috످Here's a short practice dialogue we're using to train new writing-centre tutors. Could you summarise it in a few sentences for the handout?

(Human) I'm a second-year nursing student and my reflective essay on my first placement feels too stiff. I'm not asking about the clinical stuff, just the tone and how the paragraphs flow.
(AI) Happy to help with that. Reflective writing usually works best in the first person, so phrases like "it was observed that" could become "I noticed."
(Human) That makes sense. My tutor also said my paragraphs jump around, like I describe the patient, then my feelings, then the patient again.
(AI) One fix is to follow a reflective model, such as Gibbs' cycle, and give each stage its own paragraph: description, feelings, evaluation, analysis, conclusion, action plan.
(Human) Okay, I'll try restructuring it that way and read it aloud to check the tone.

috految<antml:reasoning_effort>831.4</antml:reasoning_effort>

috److془The user wants a summary in a few sentences for the handout. Use British spelling. The dialogue's speaker is "AI". Summarise.

"In this practice dialogue, a second-year nursing student asks for help with the tone and flow of a reflective essay about their first placement. To make the writing less stiff, the AI suggests using the first person ("I noticed" instead of "it was observed that"). When the student mentions their tutor's feedback that the paragraphs jump around, the AI recommends following a reflective model such as Gibbs' cycle, with one paragraph per stage: description, feelings, evaluation, analysis, conclusion and action plan. The student plans to restructure the essay and read it aloud to check the tone."془In this practice dialogue, a second-year nursing student asks for help with the tone and flow of a reflective essay about their first placement. To make the writing less stiff, the AI suggests using the first person ("I noticed" instead of "it was observed that"). To stop the essay jumping between topics, it recommends following a reflective model such as Gibbs' cycle, with one paragraph per stage (description, feelings, evaluation, analysis, conclusion and action plan). The student plans to restructure the essay and read it aloud to check the tone.

috످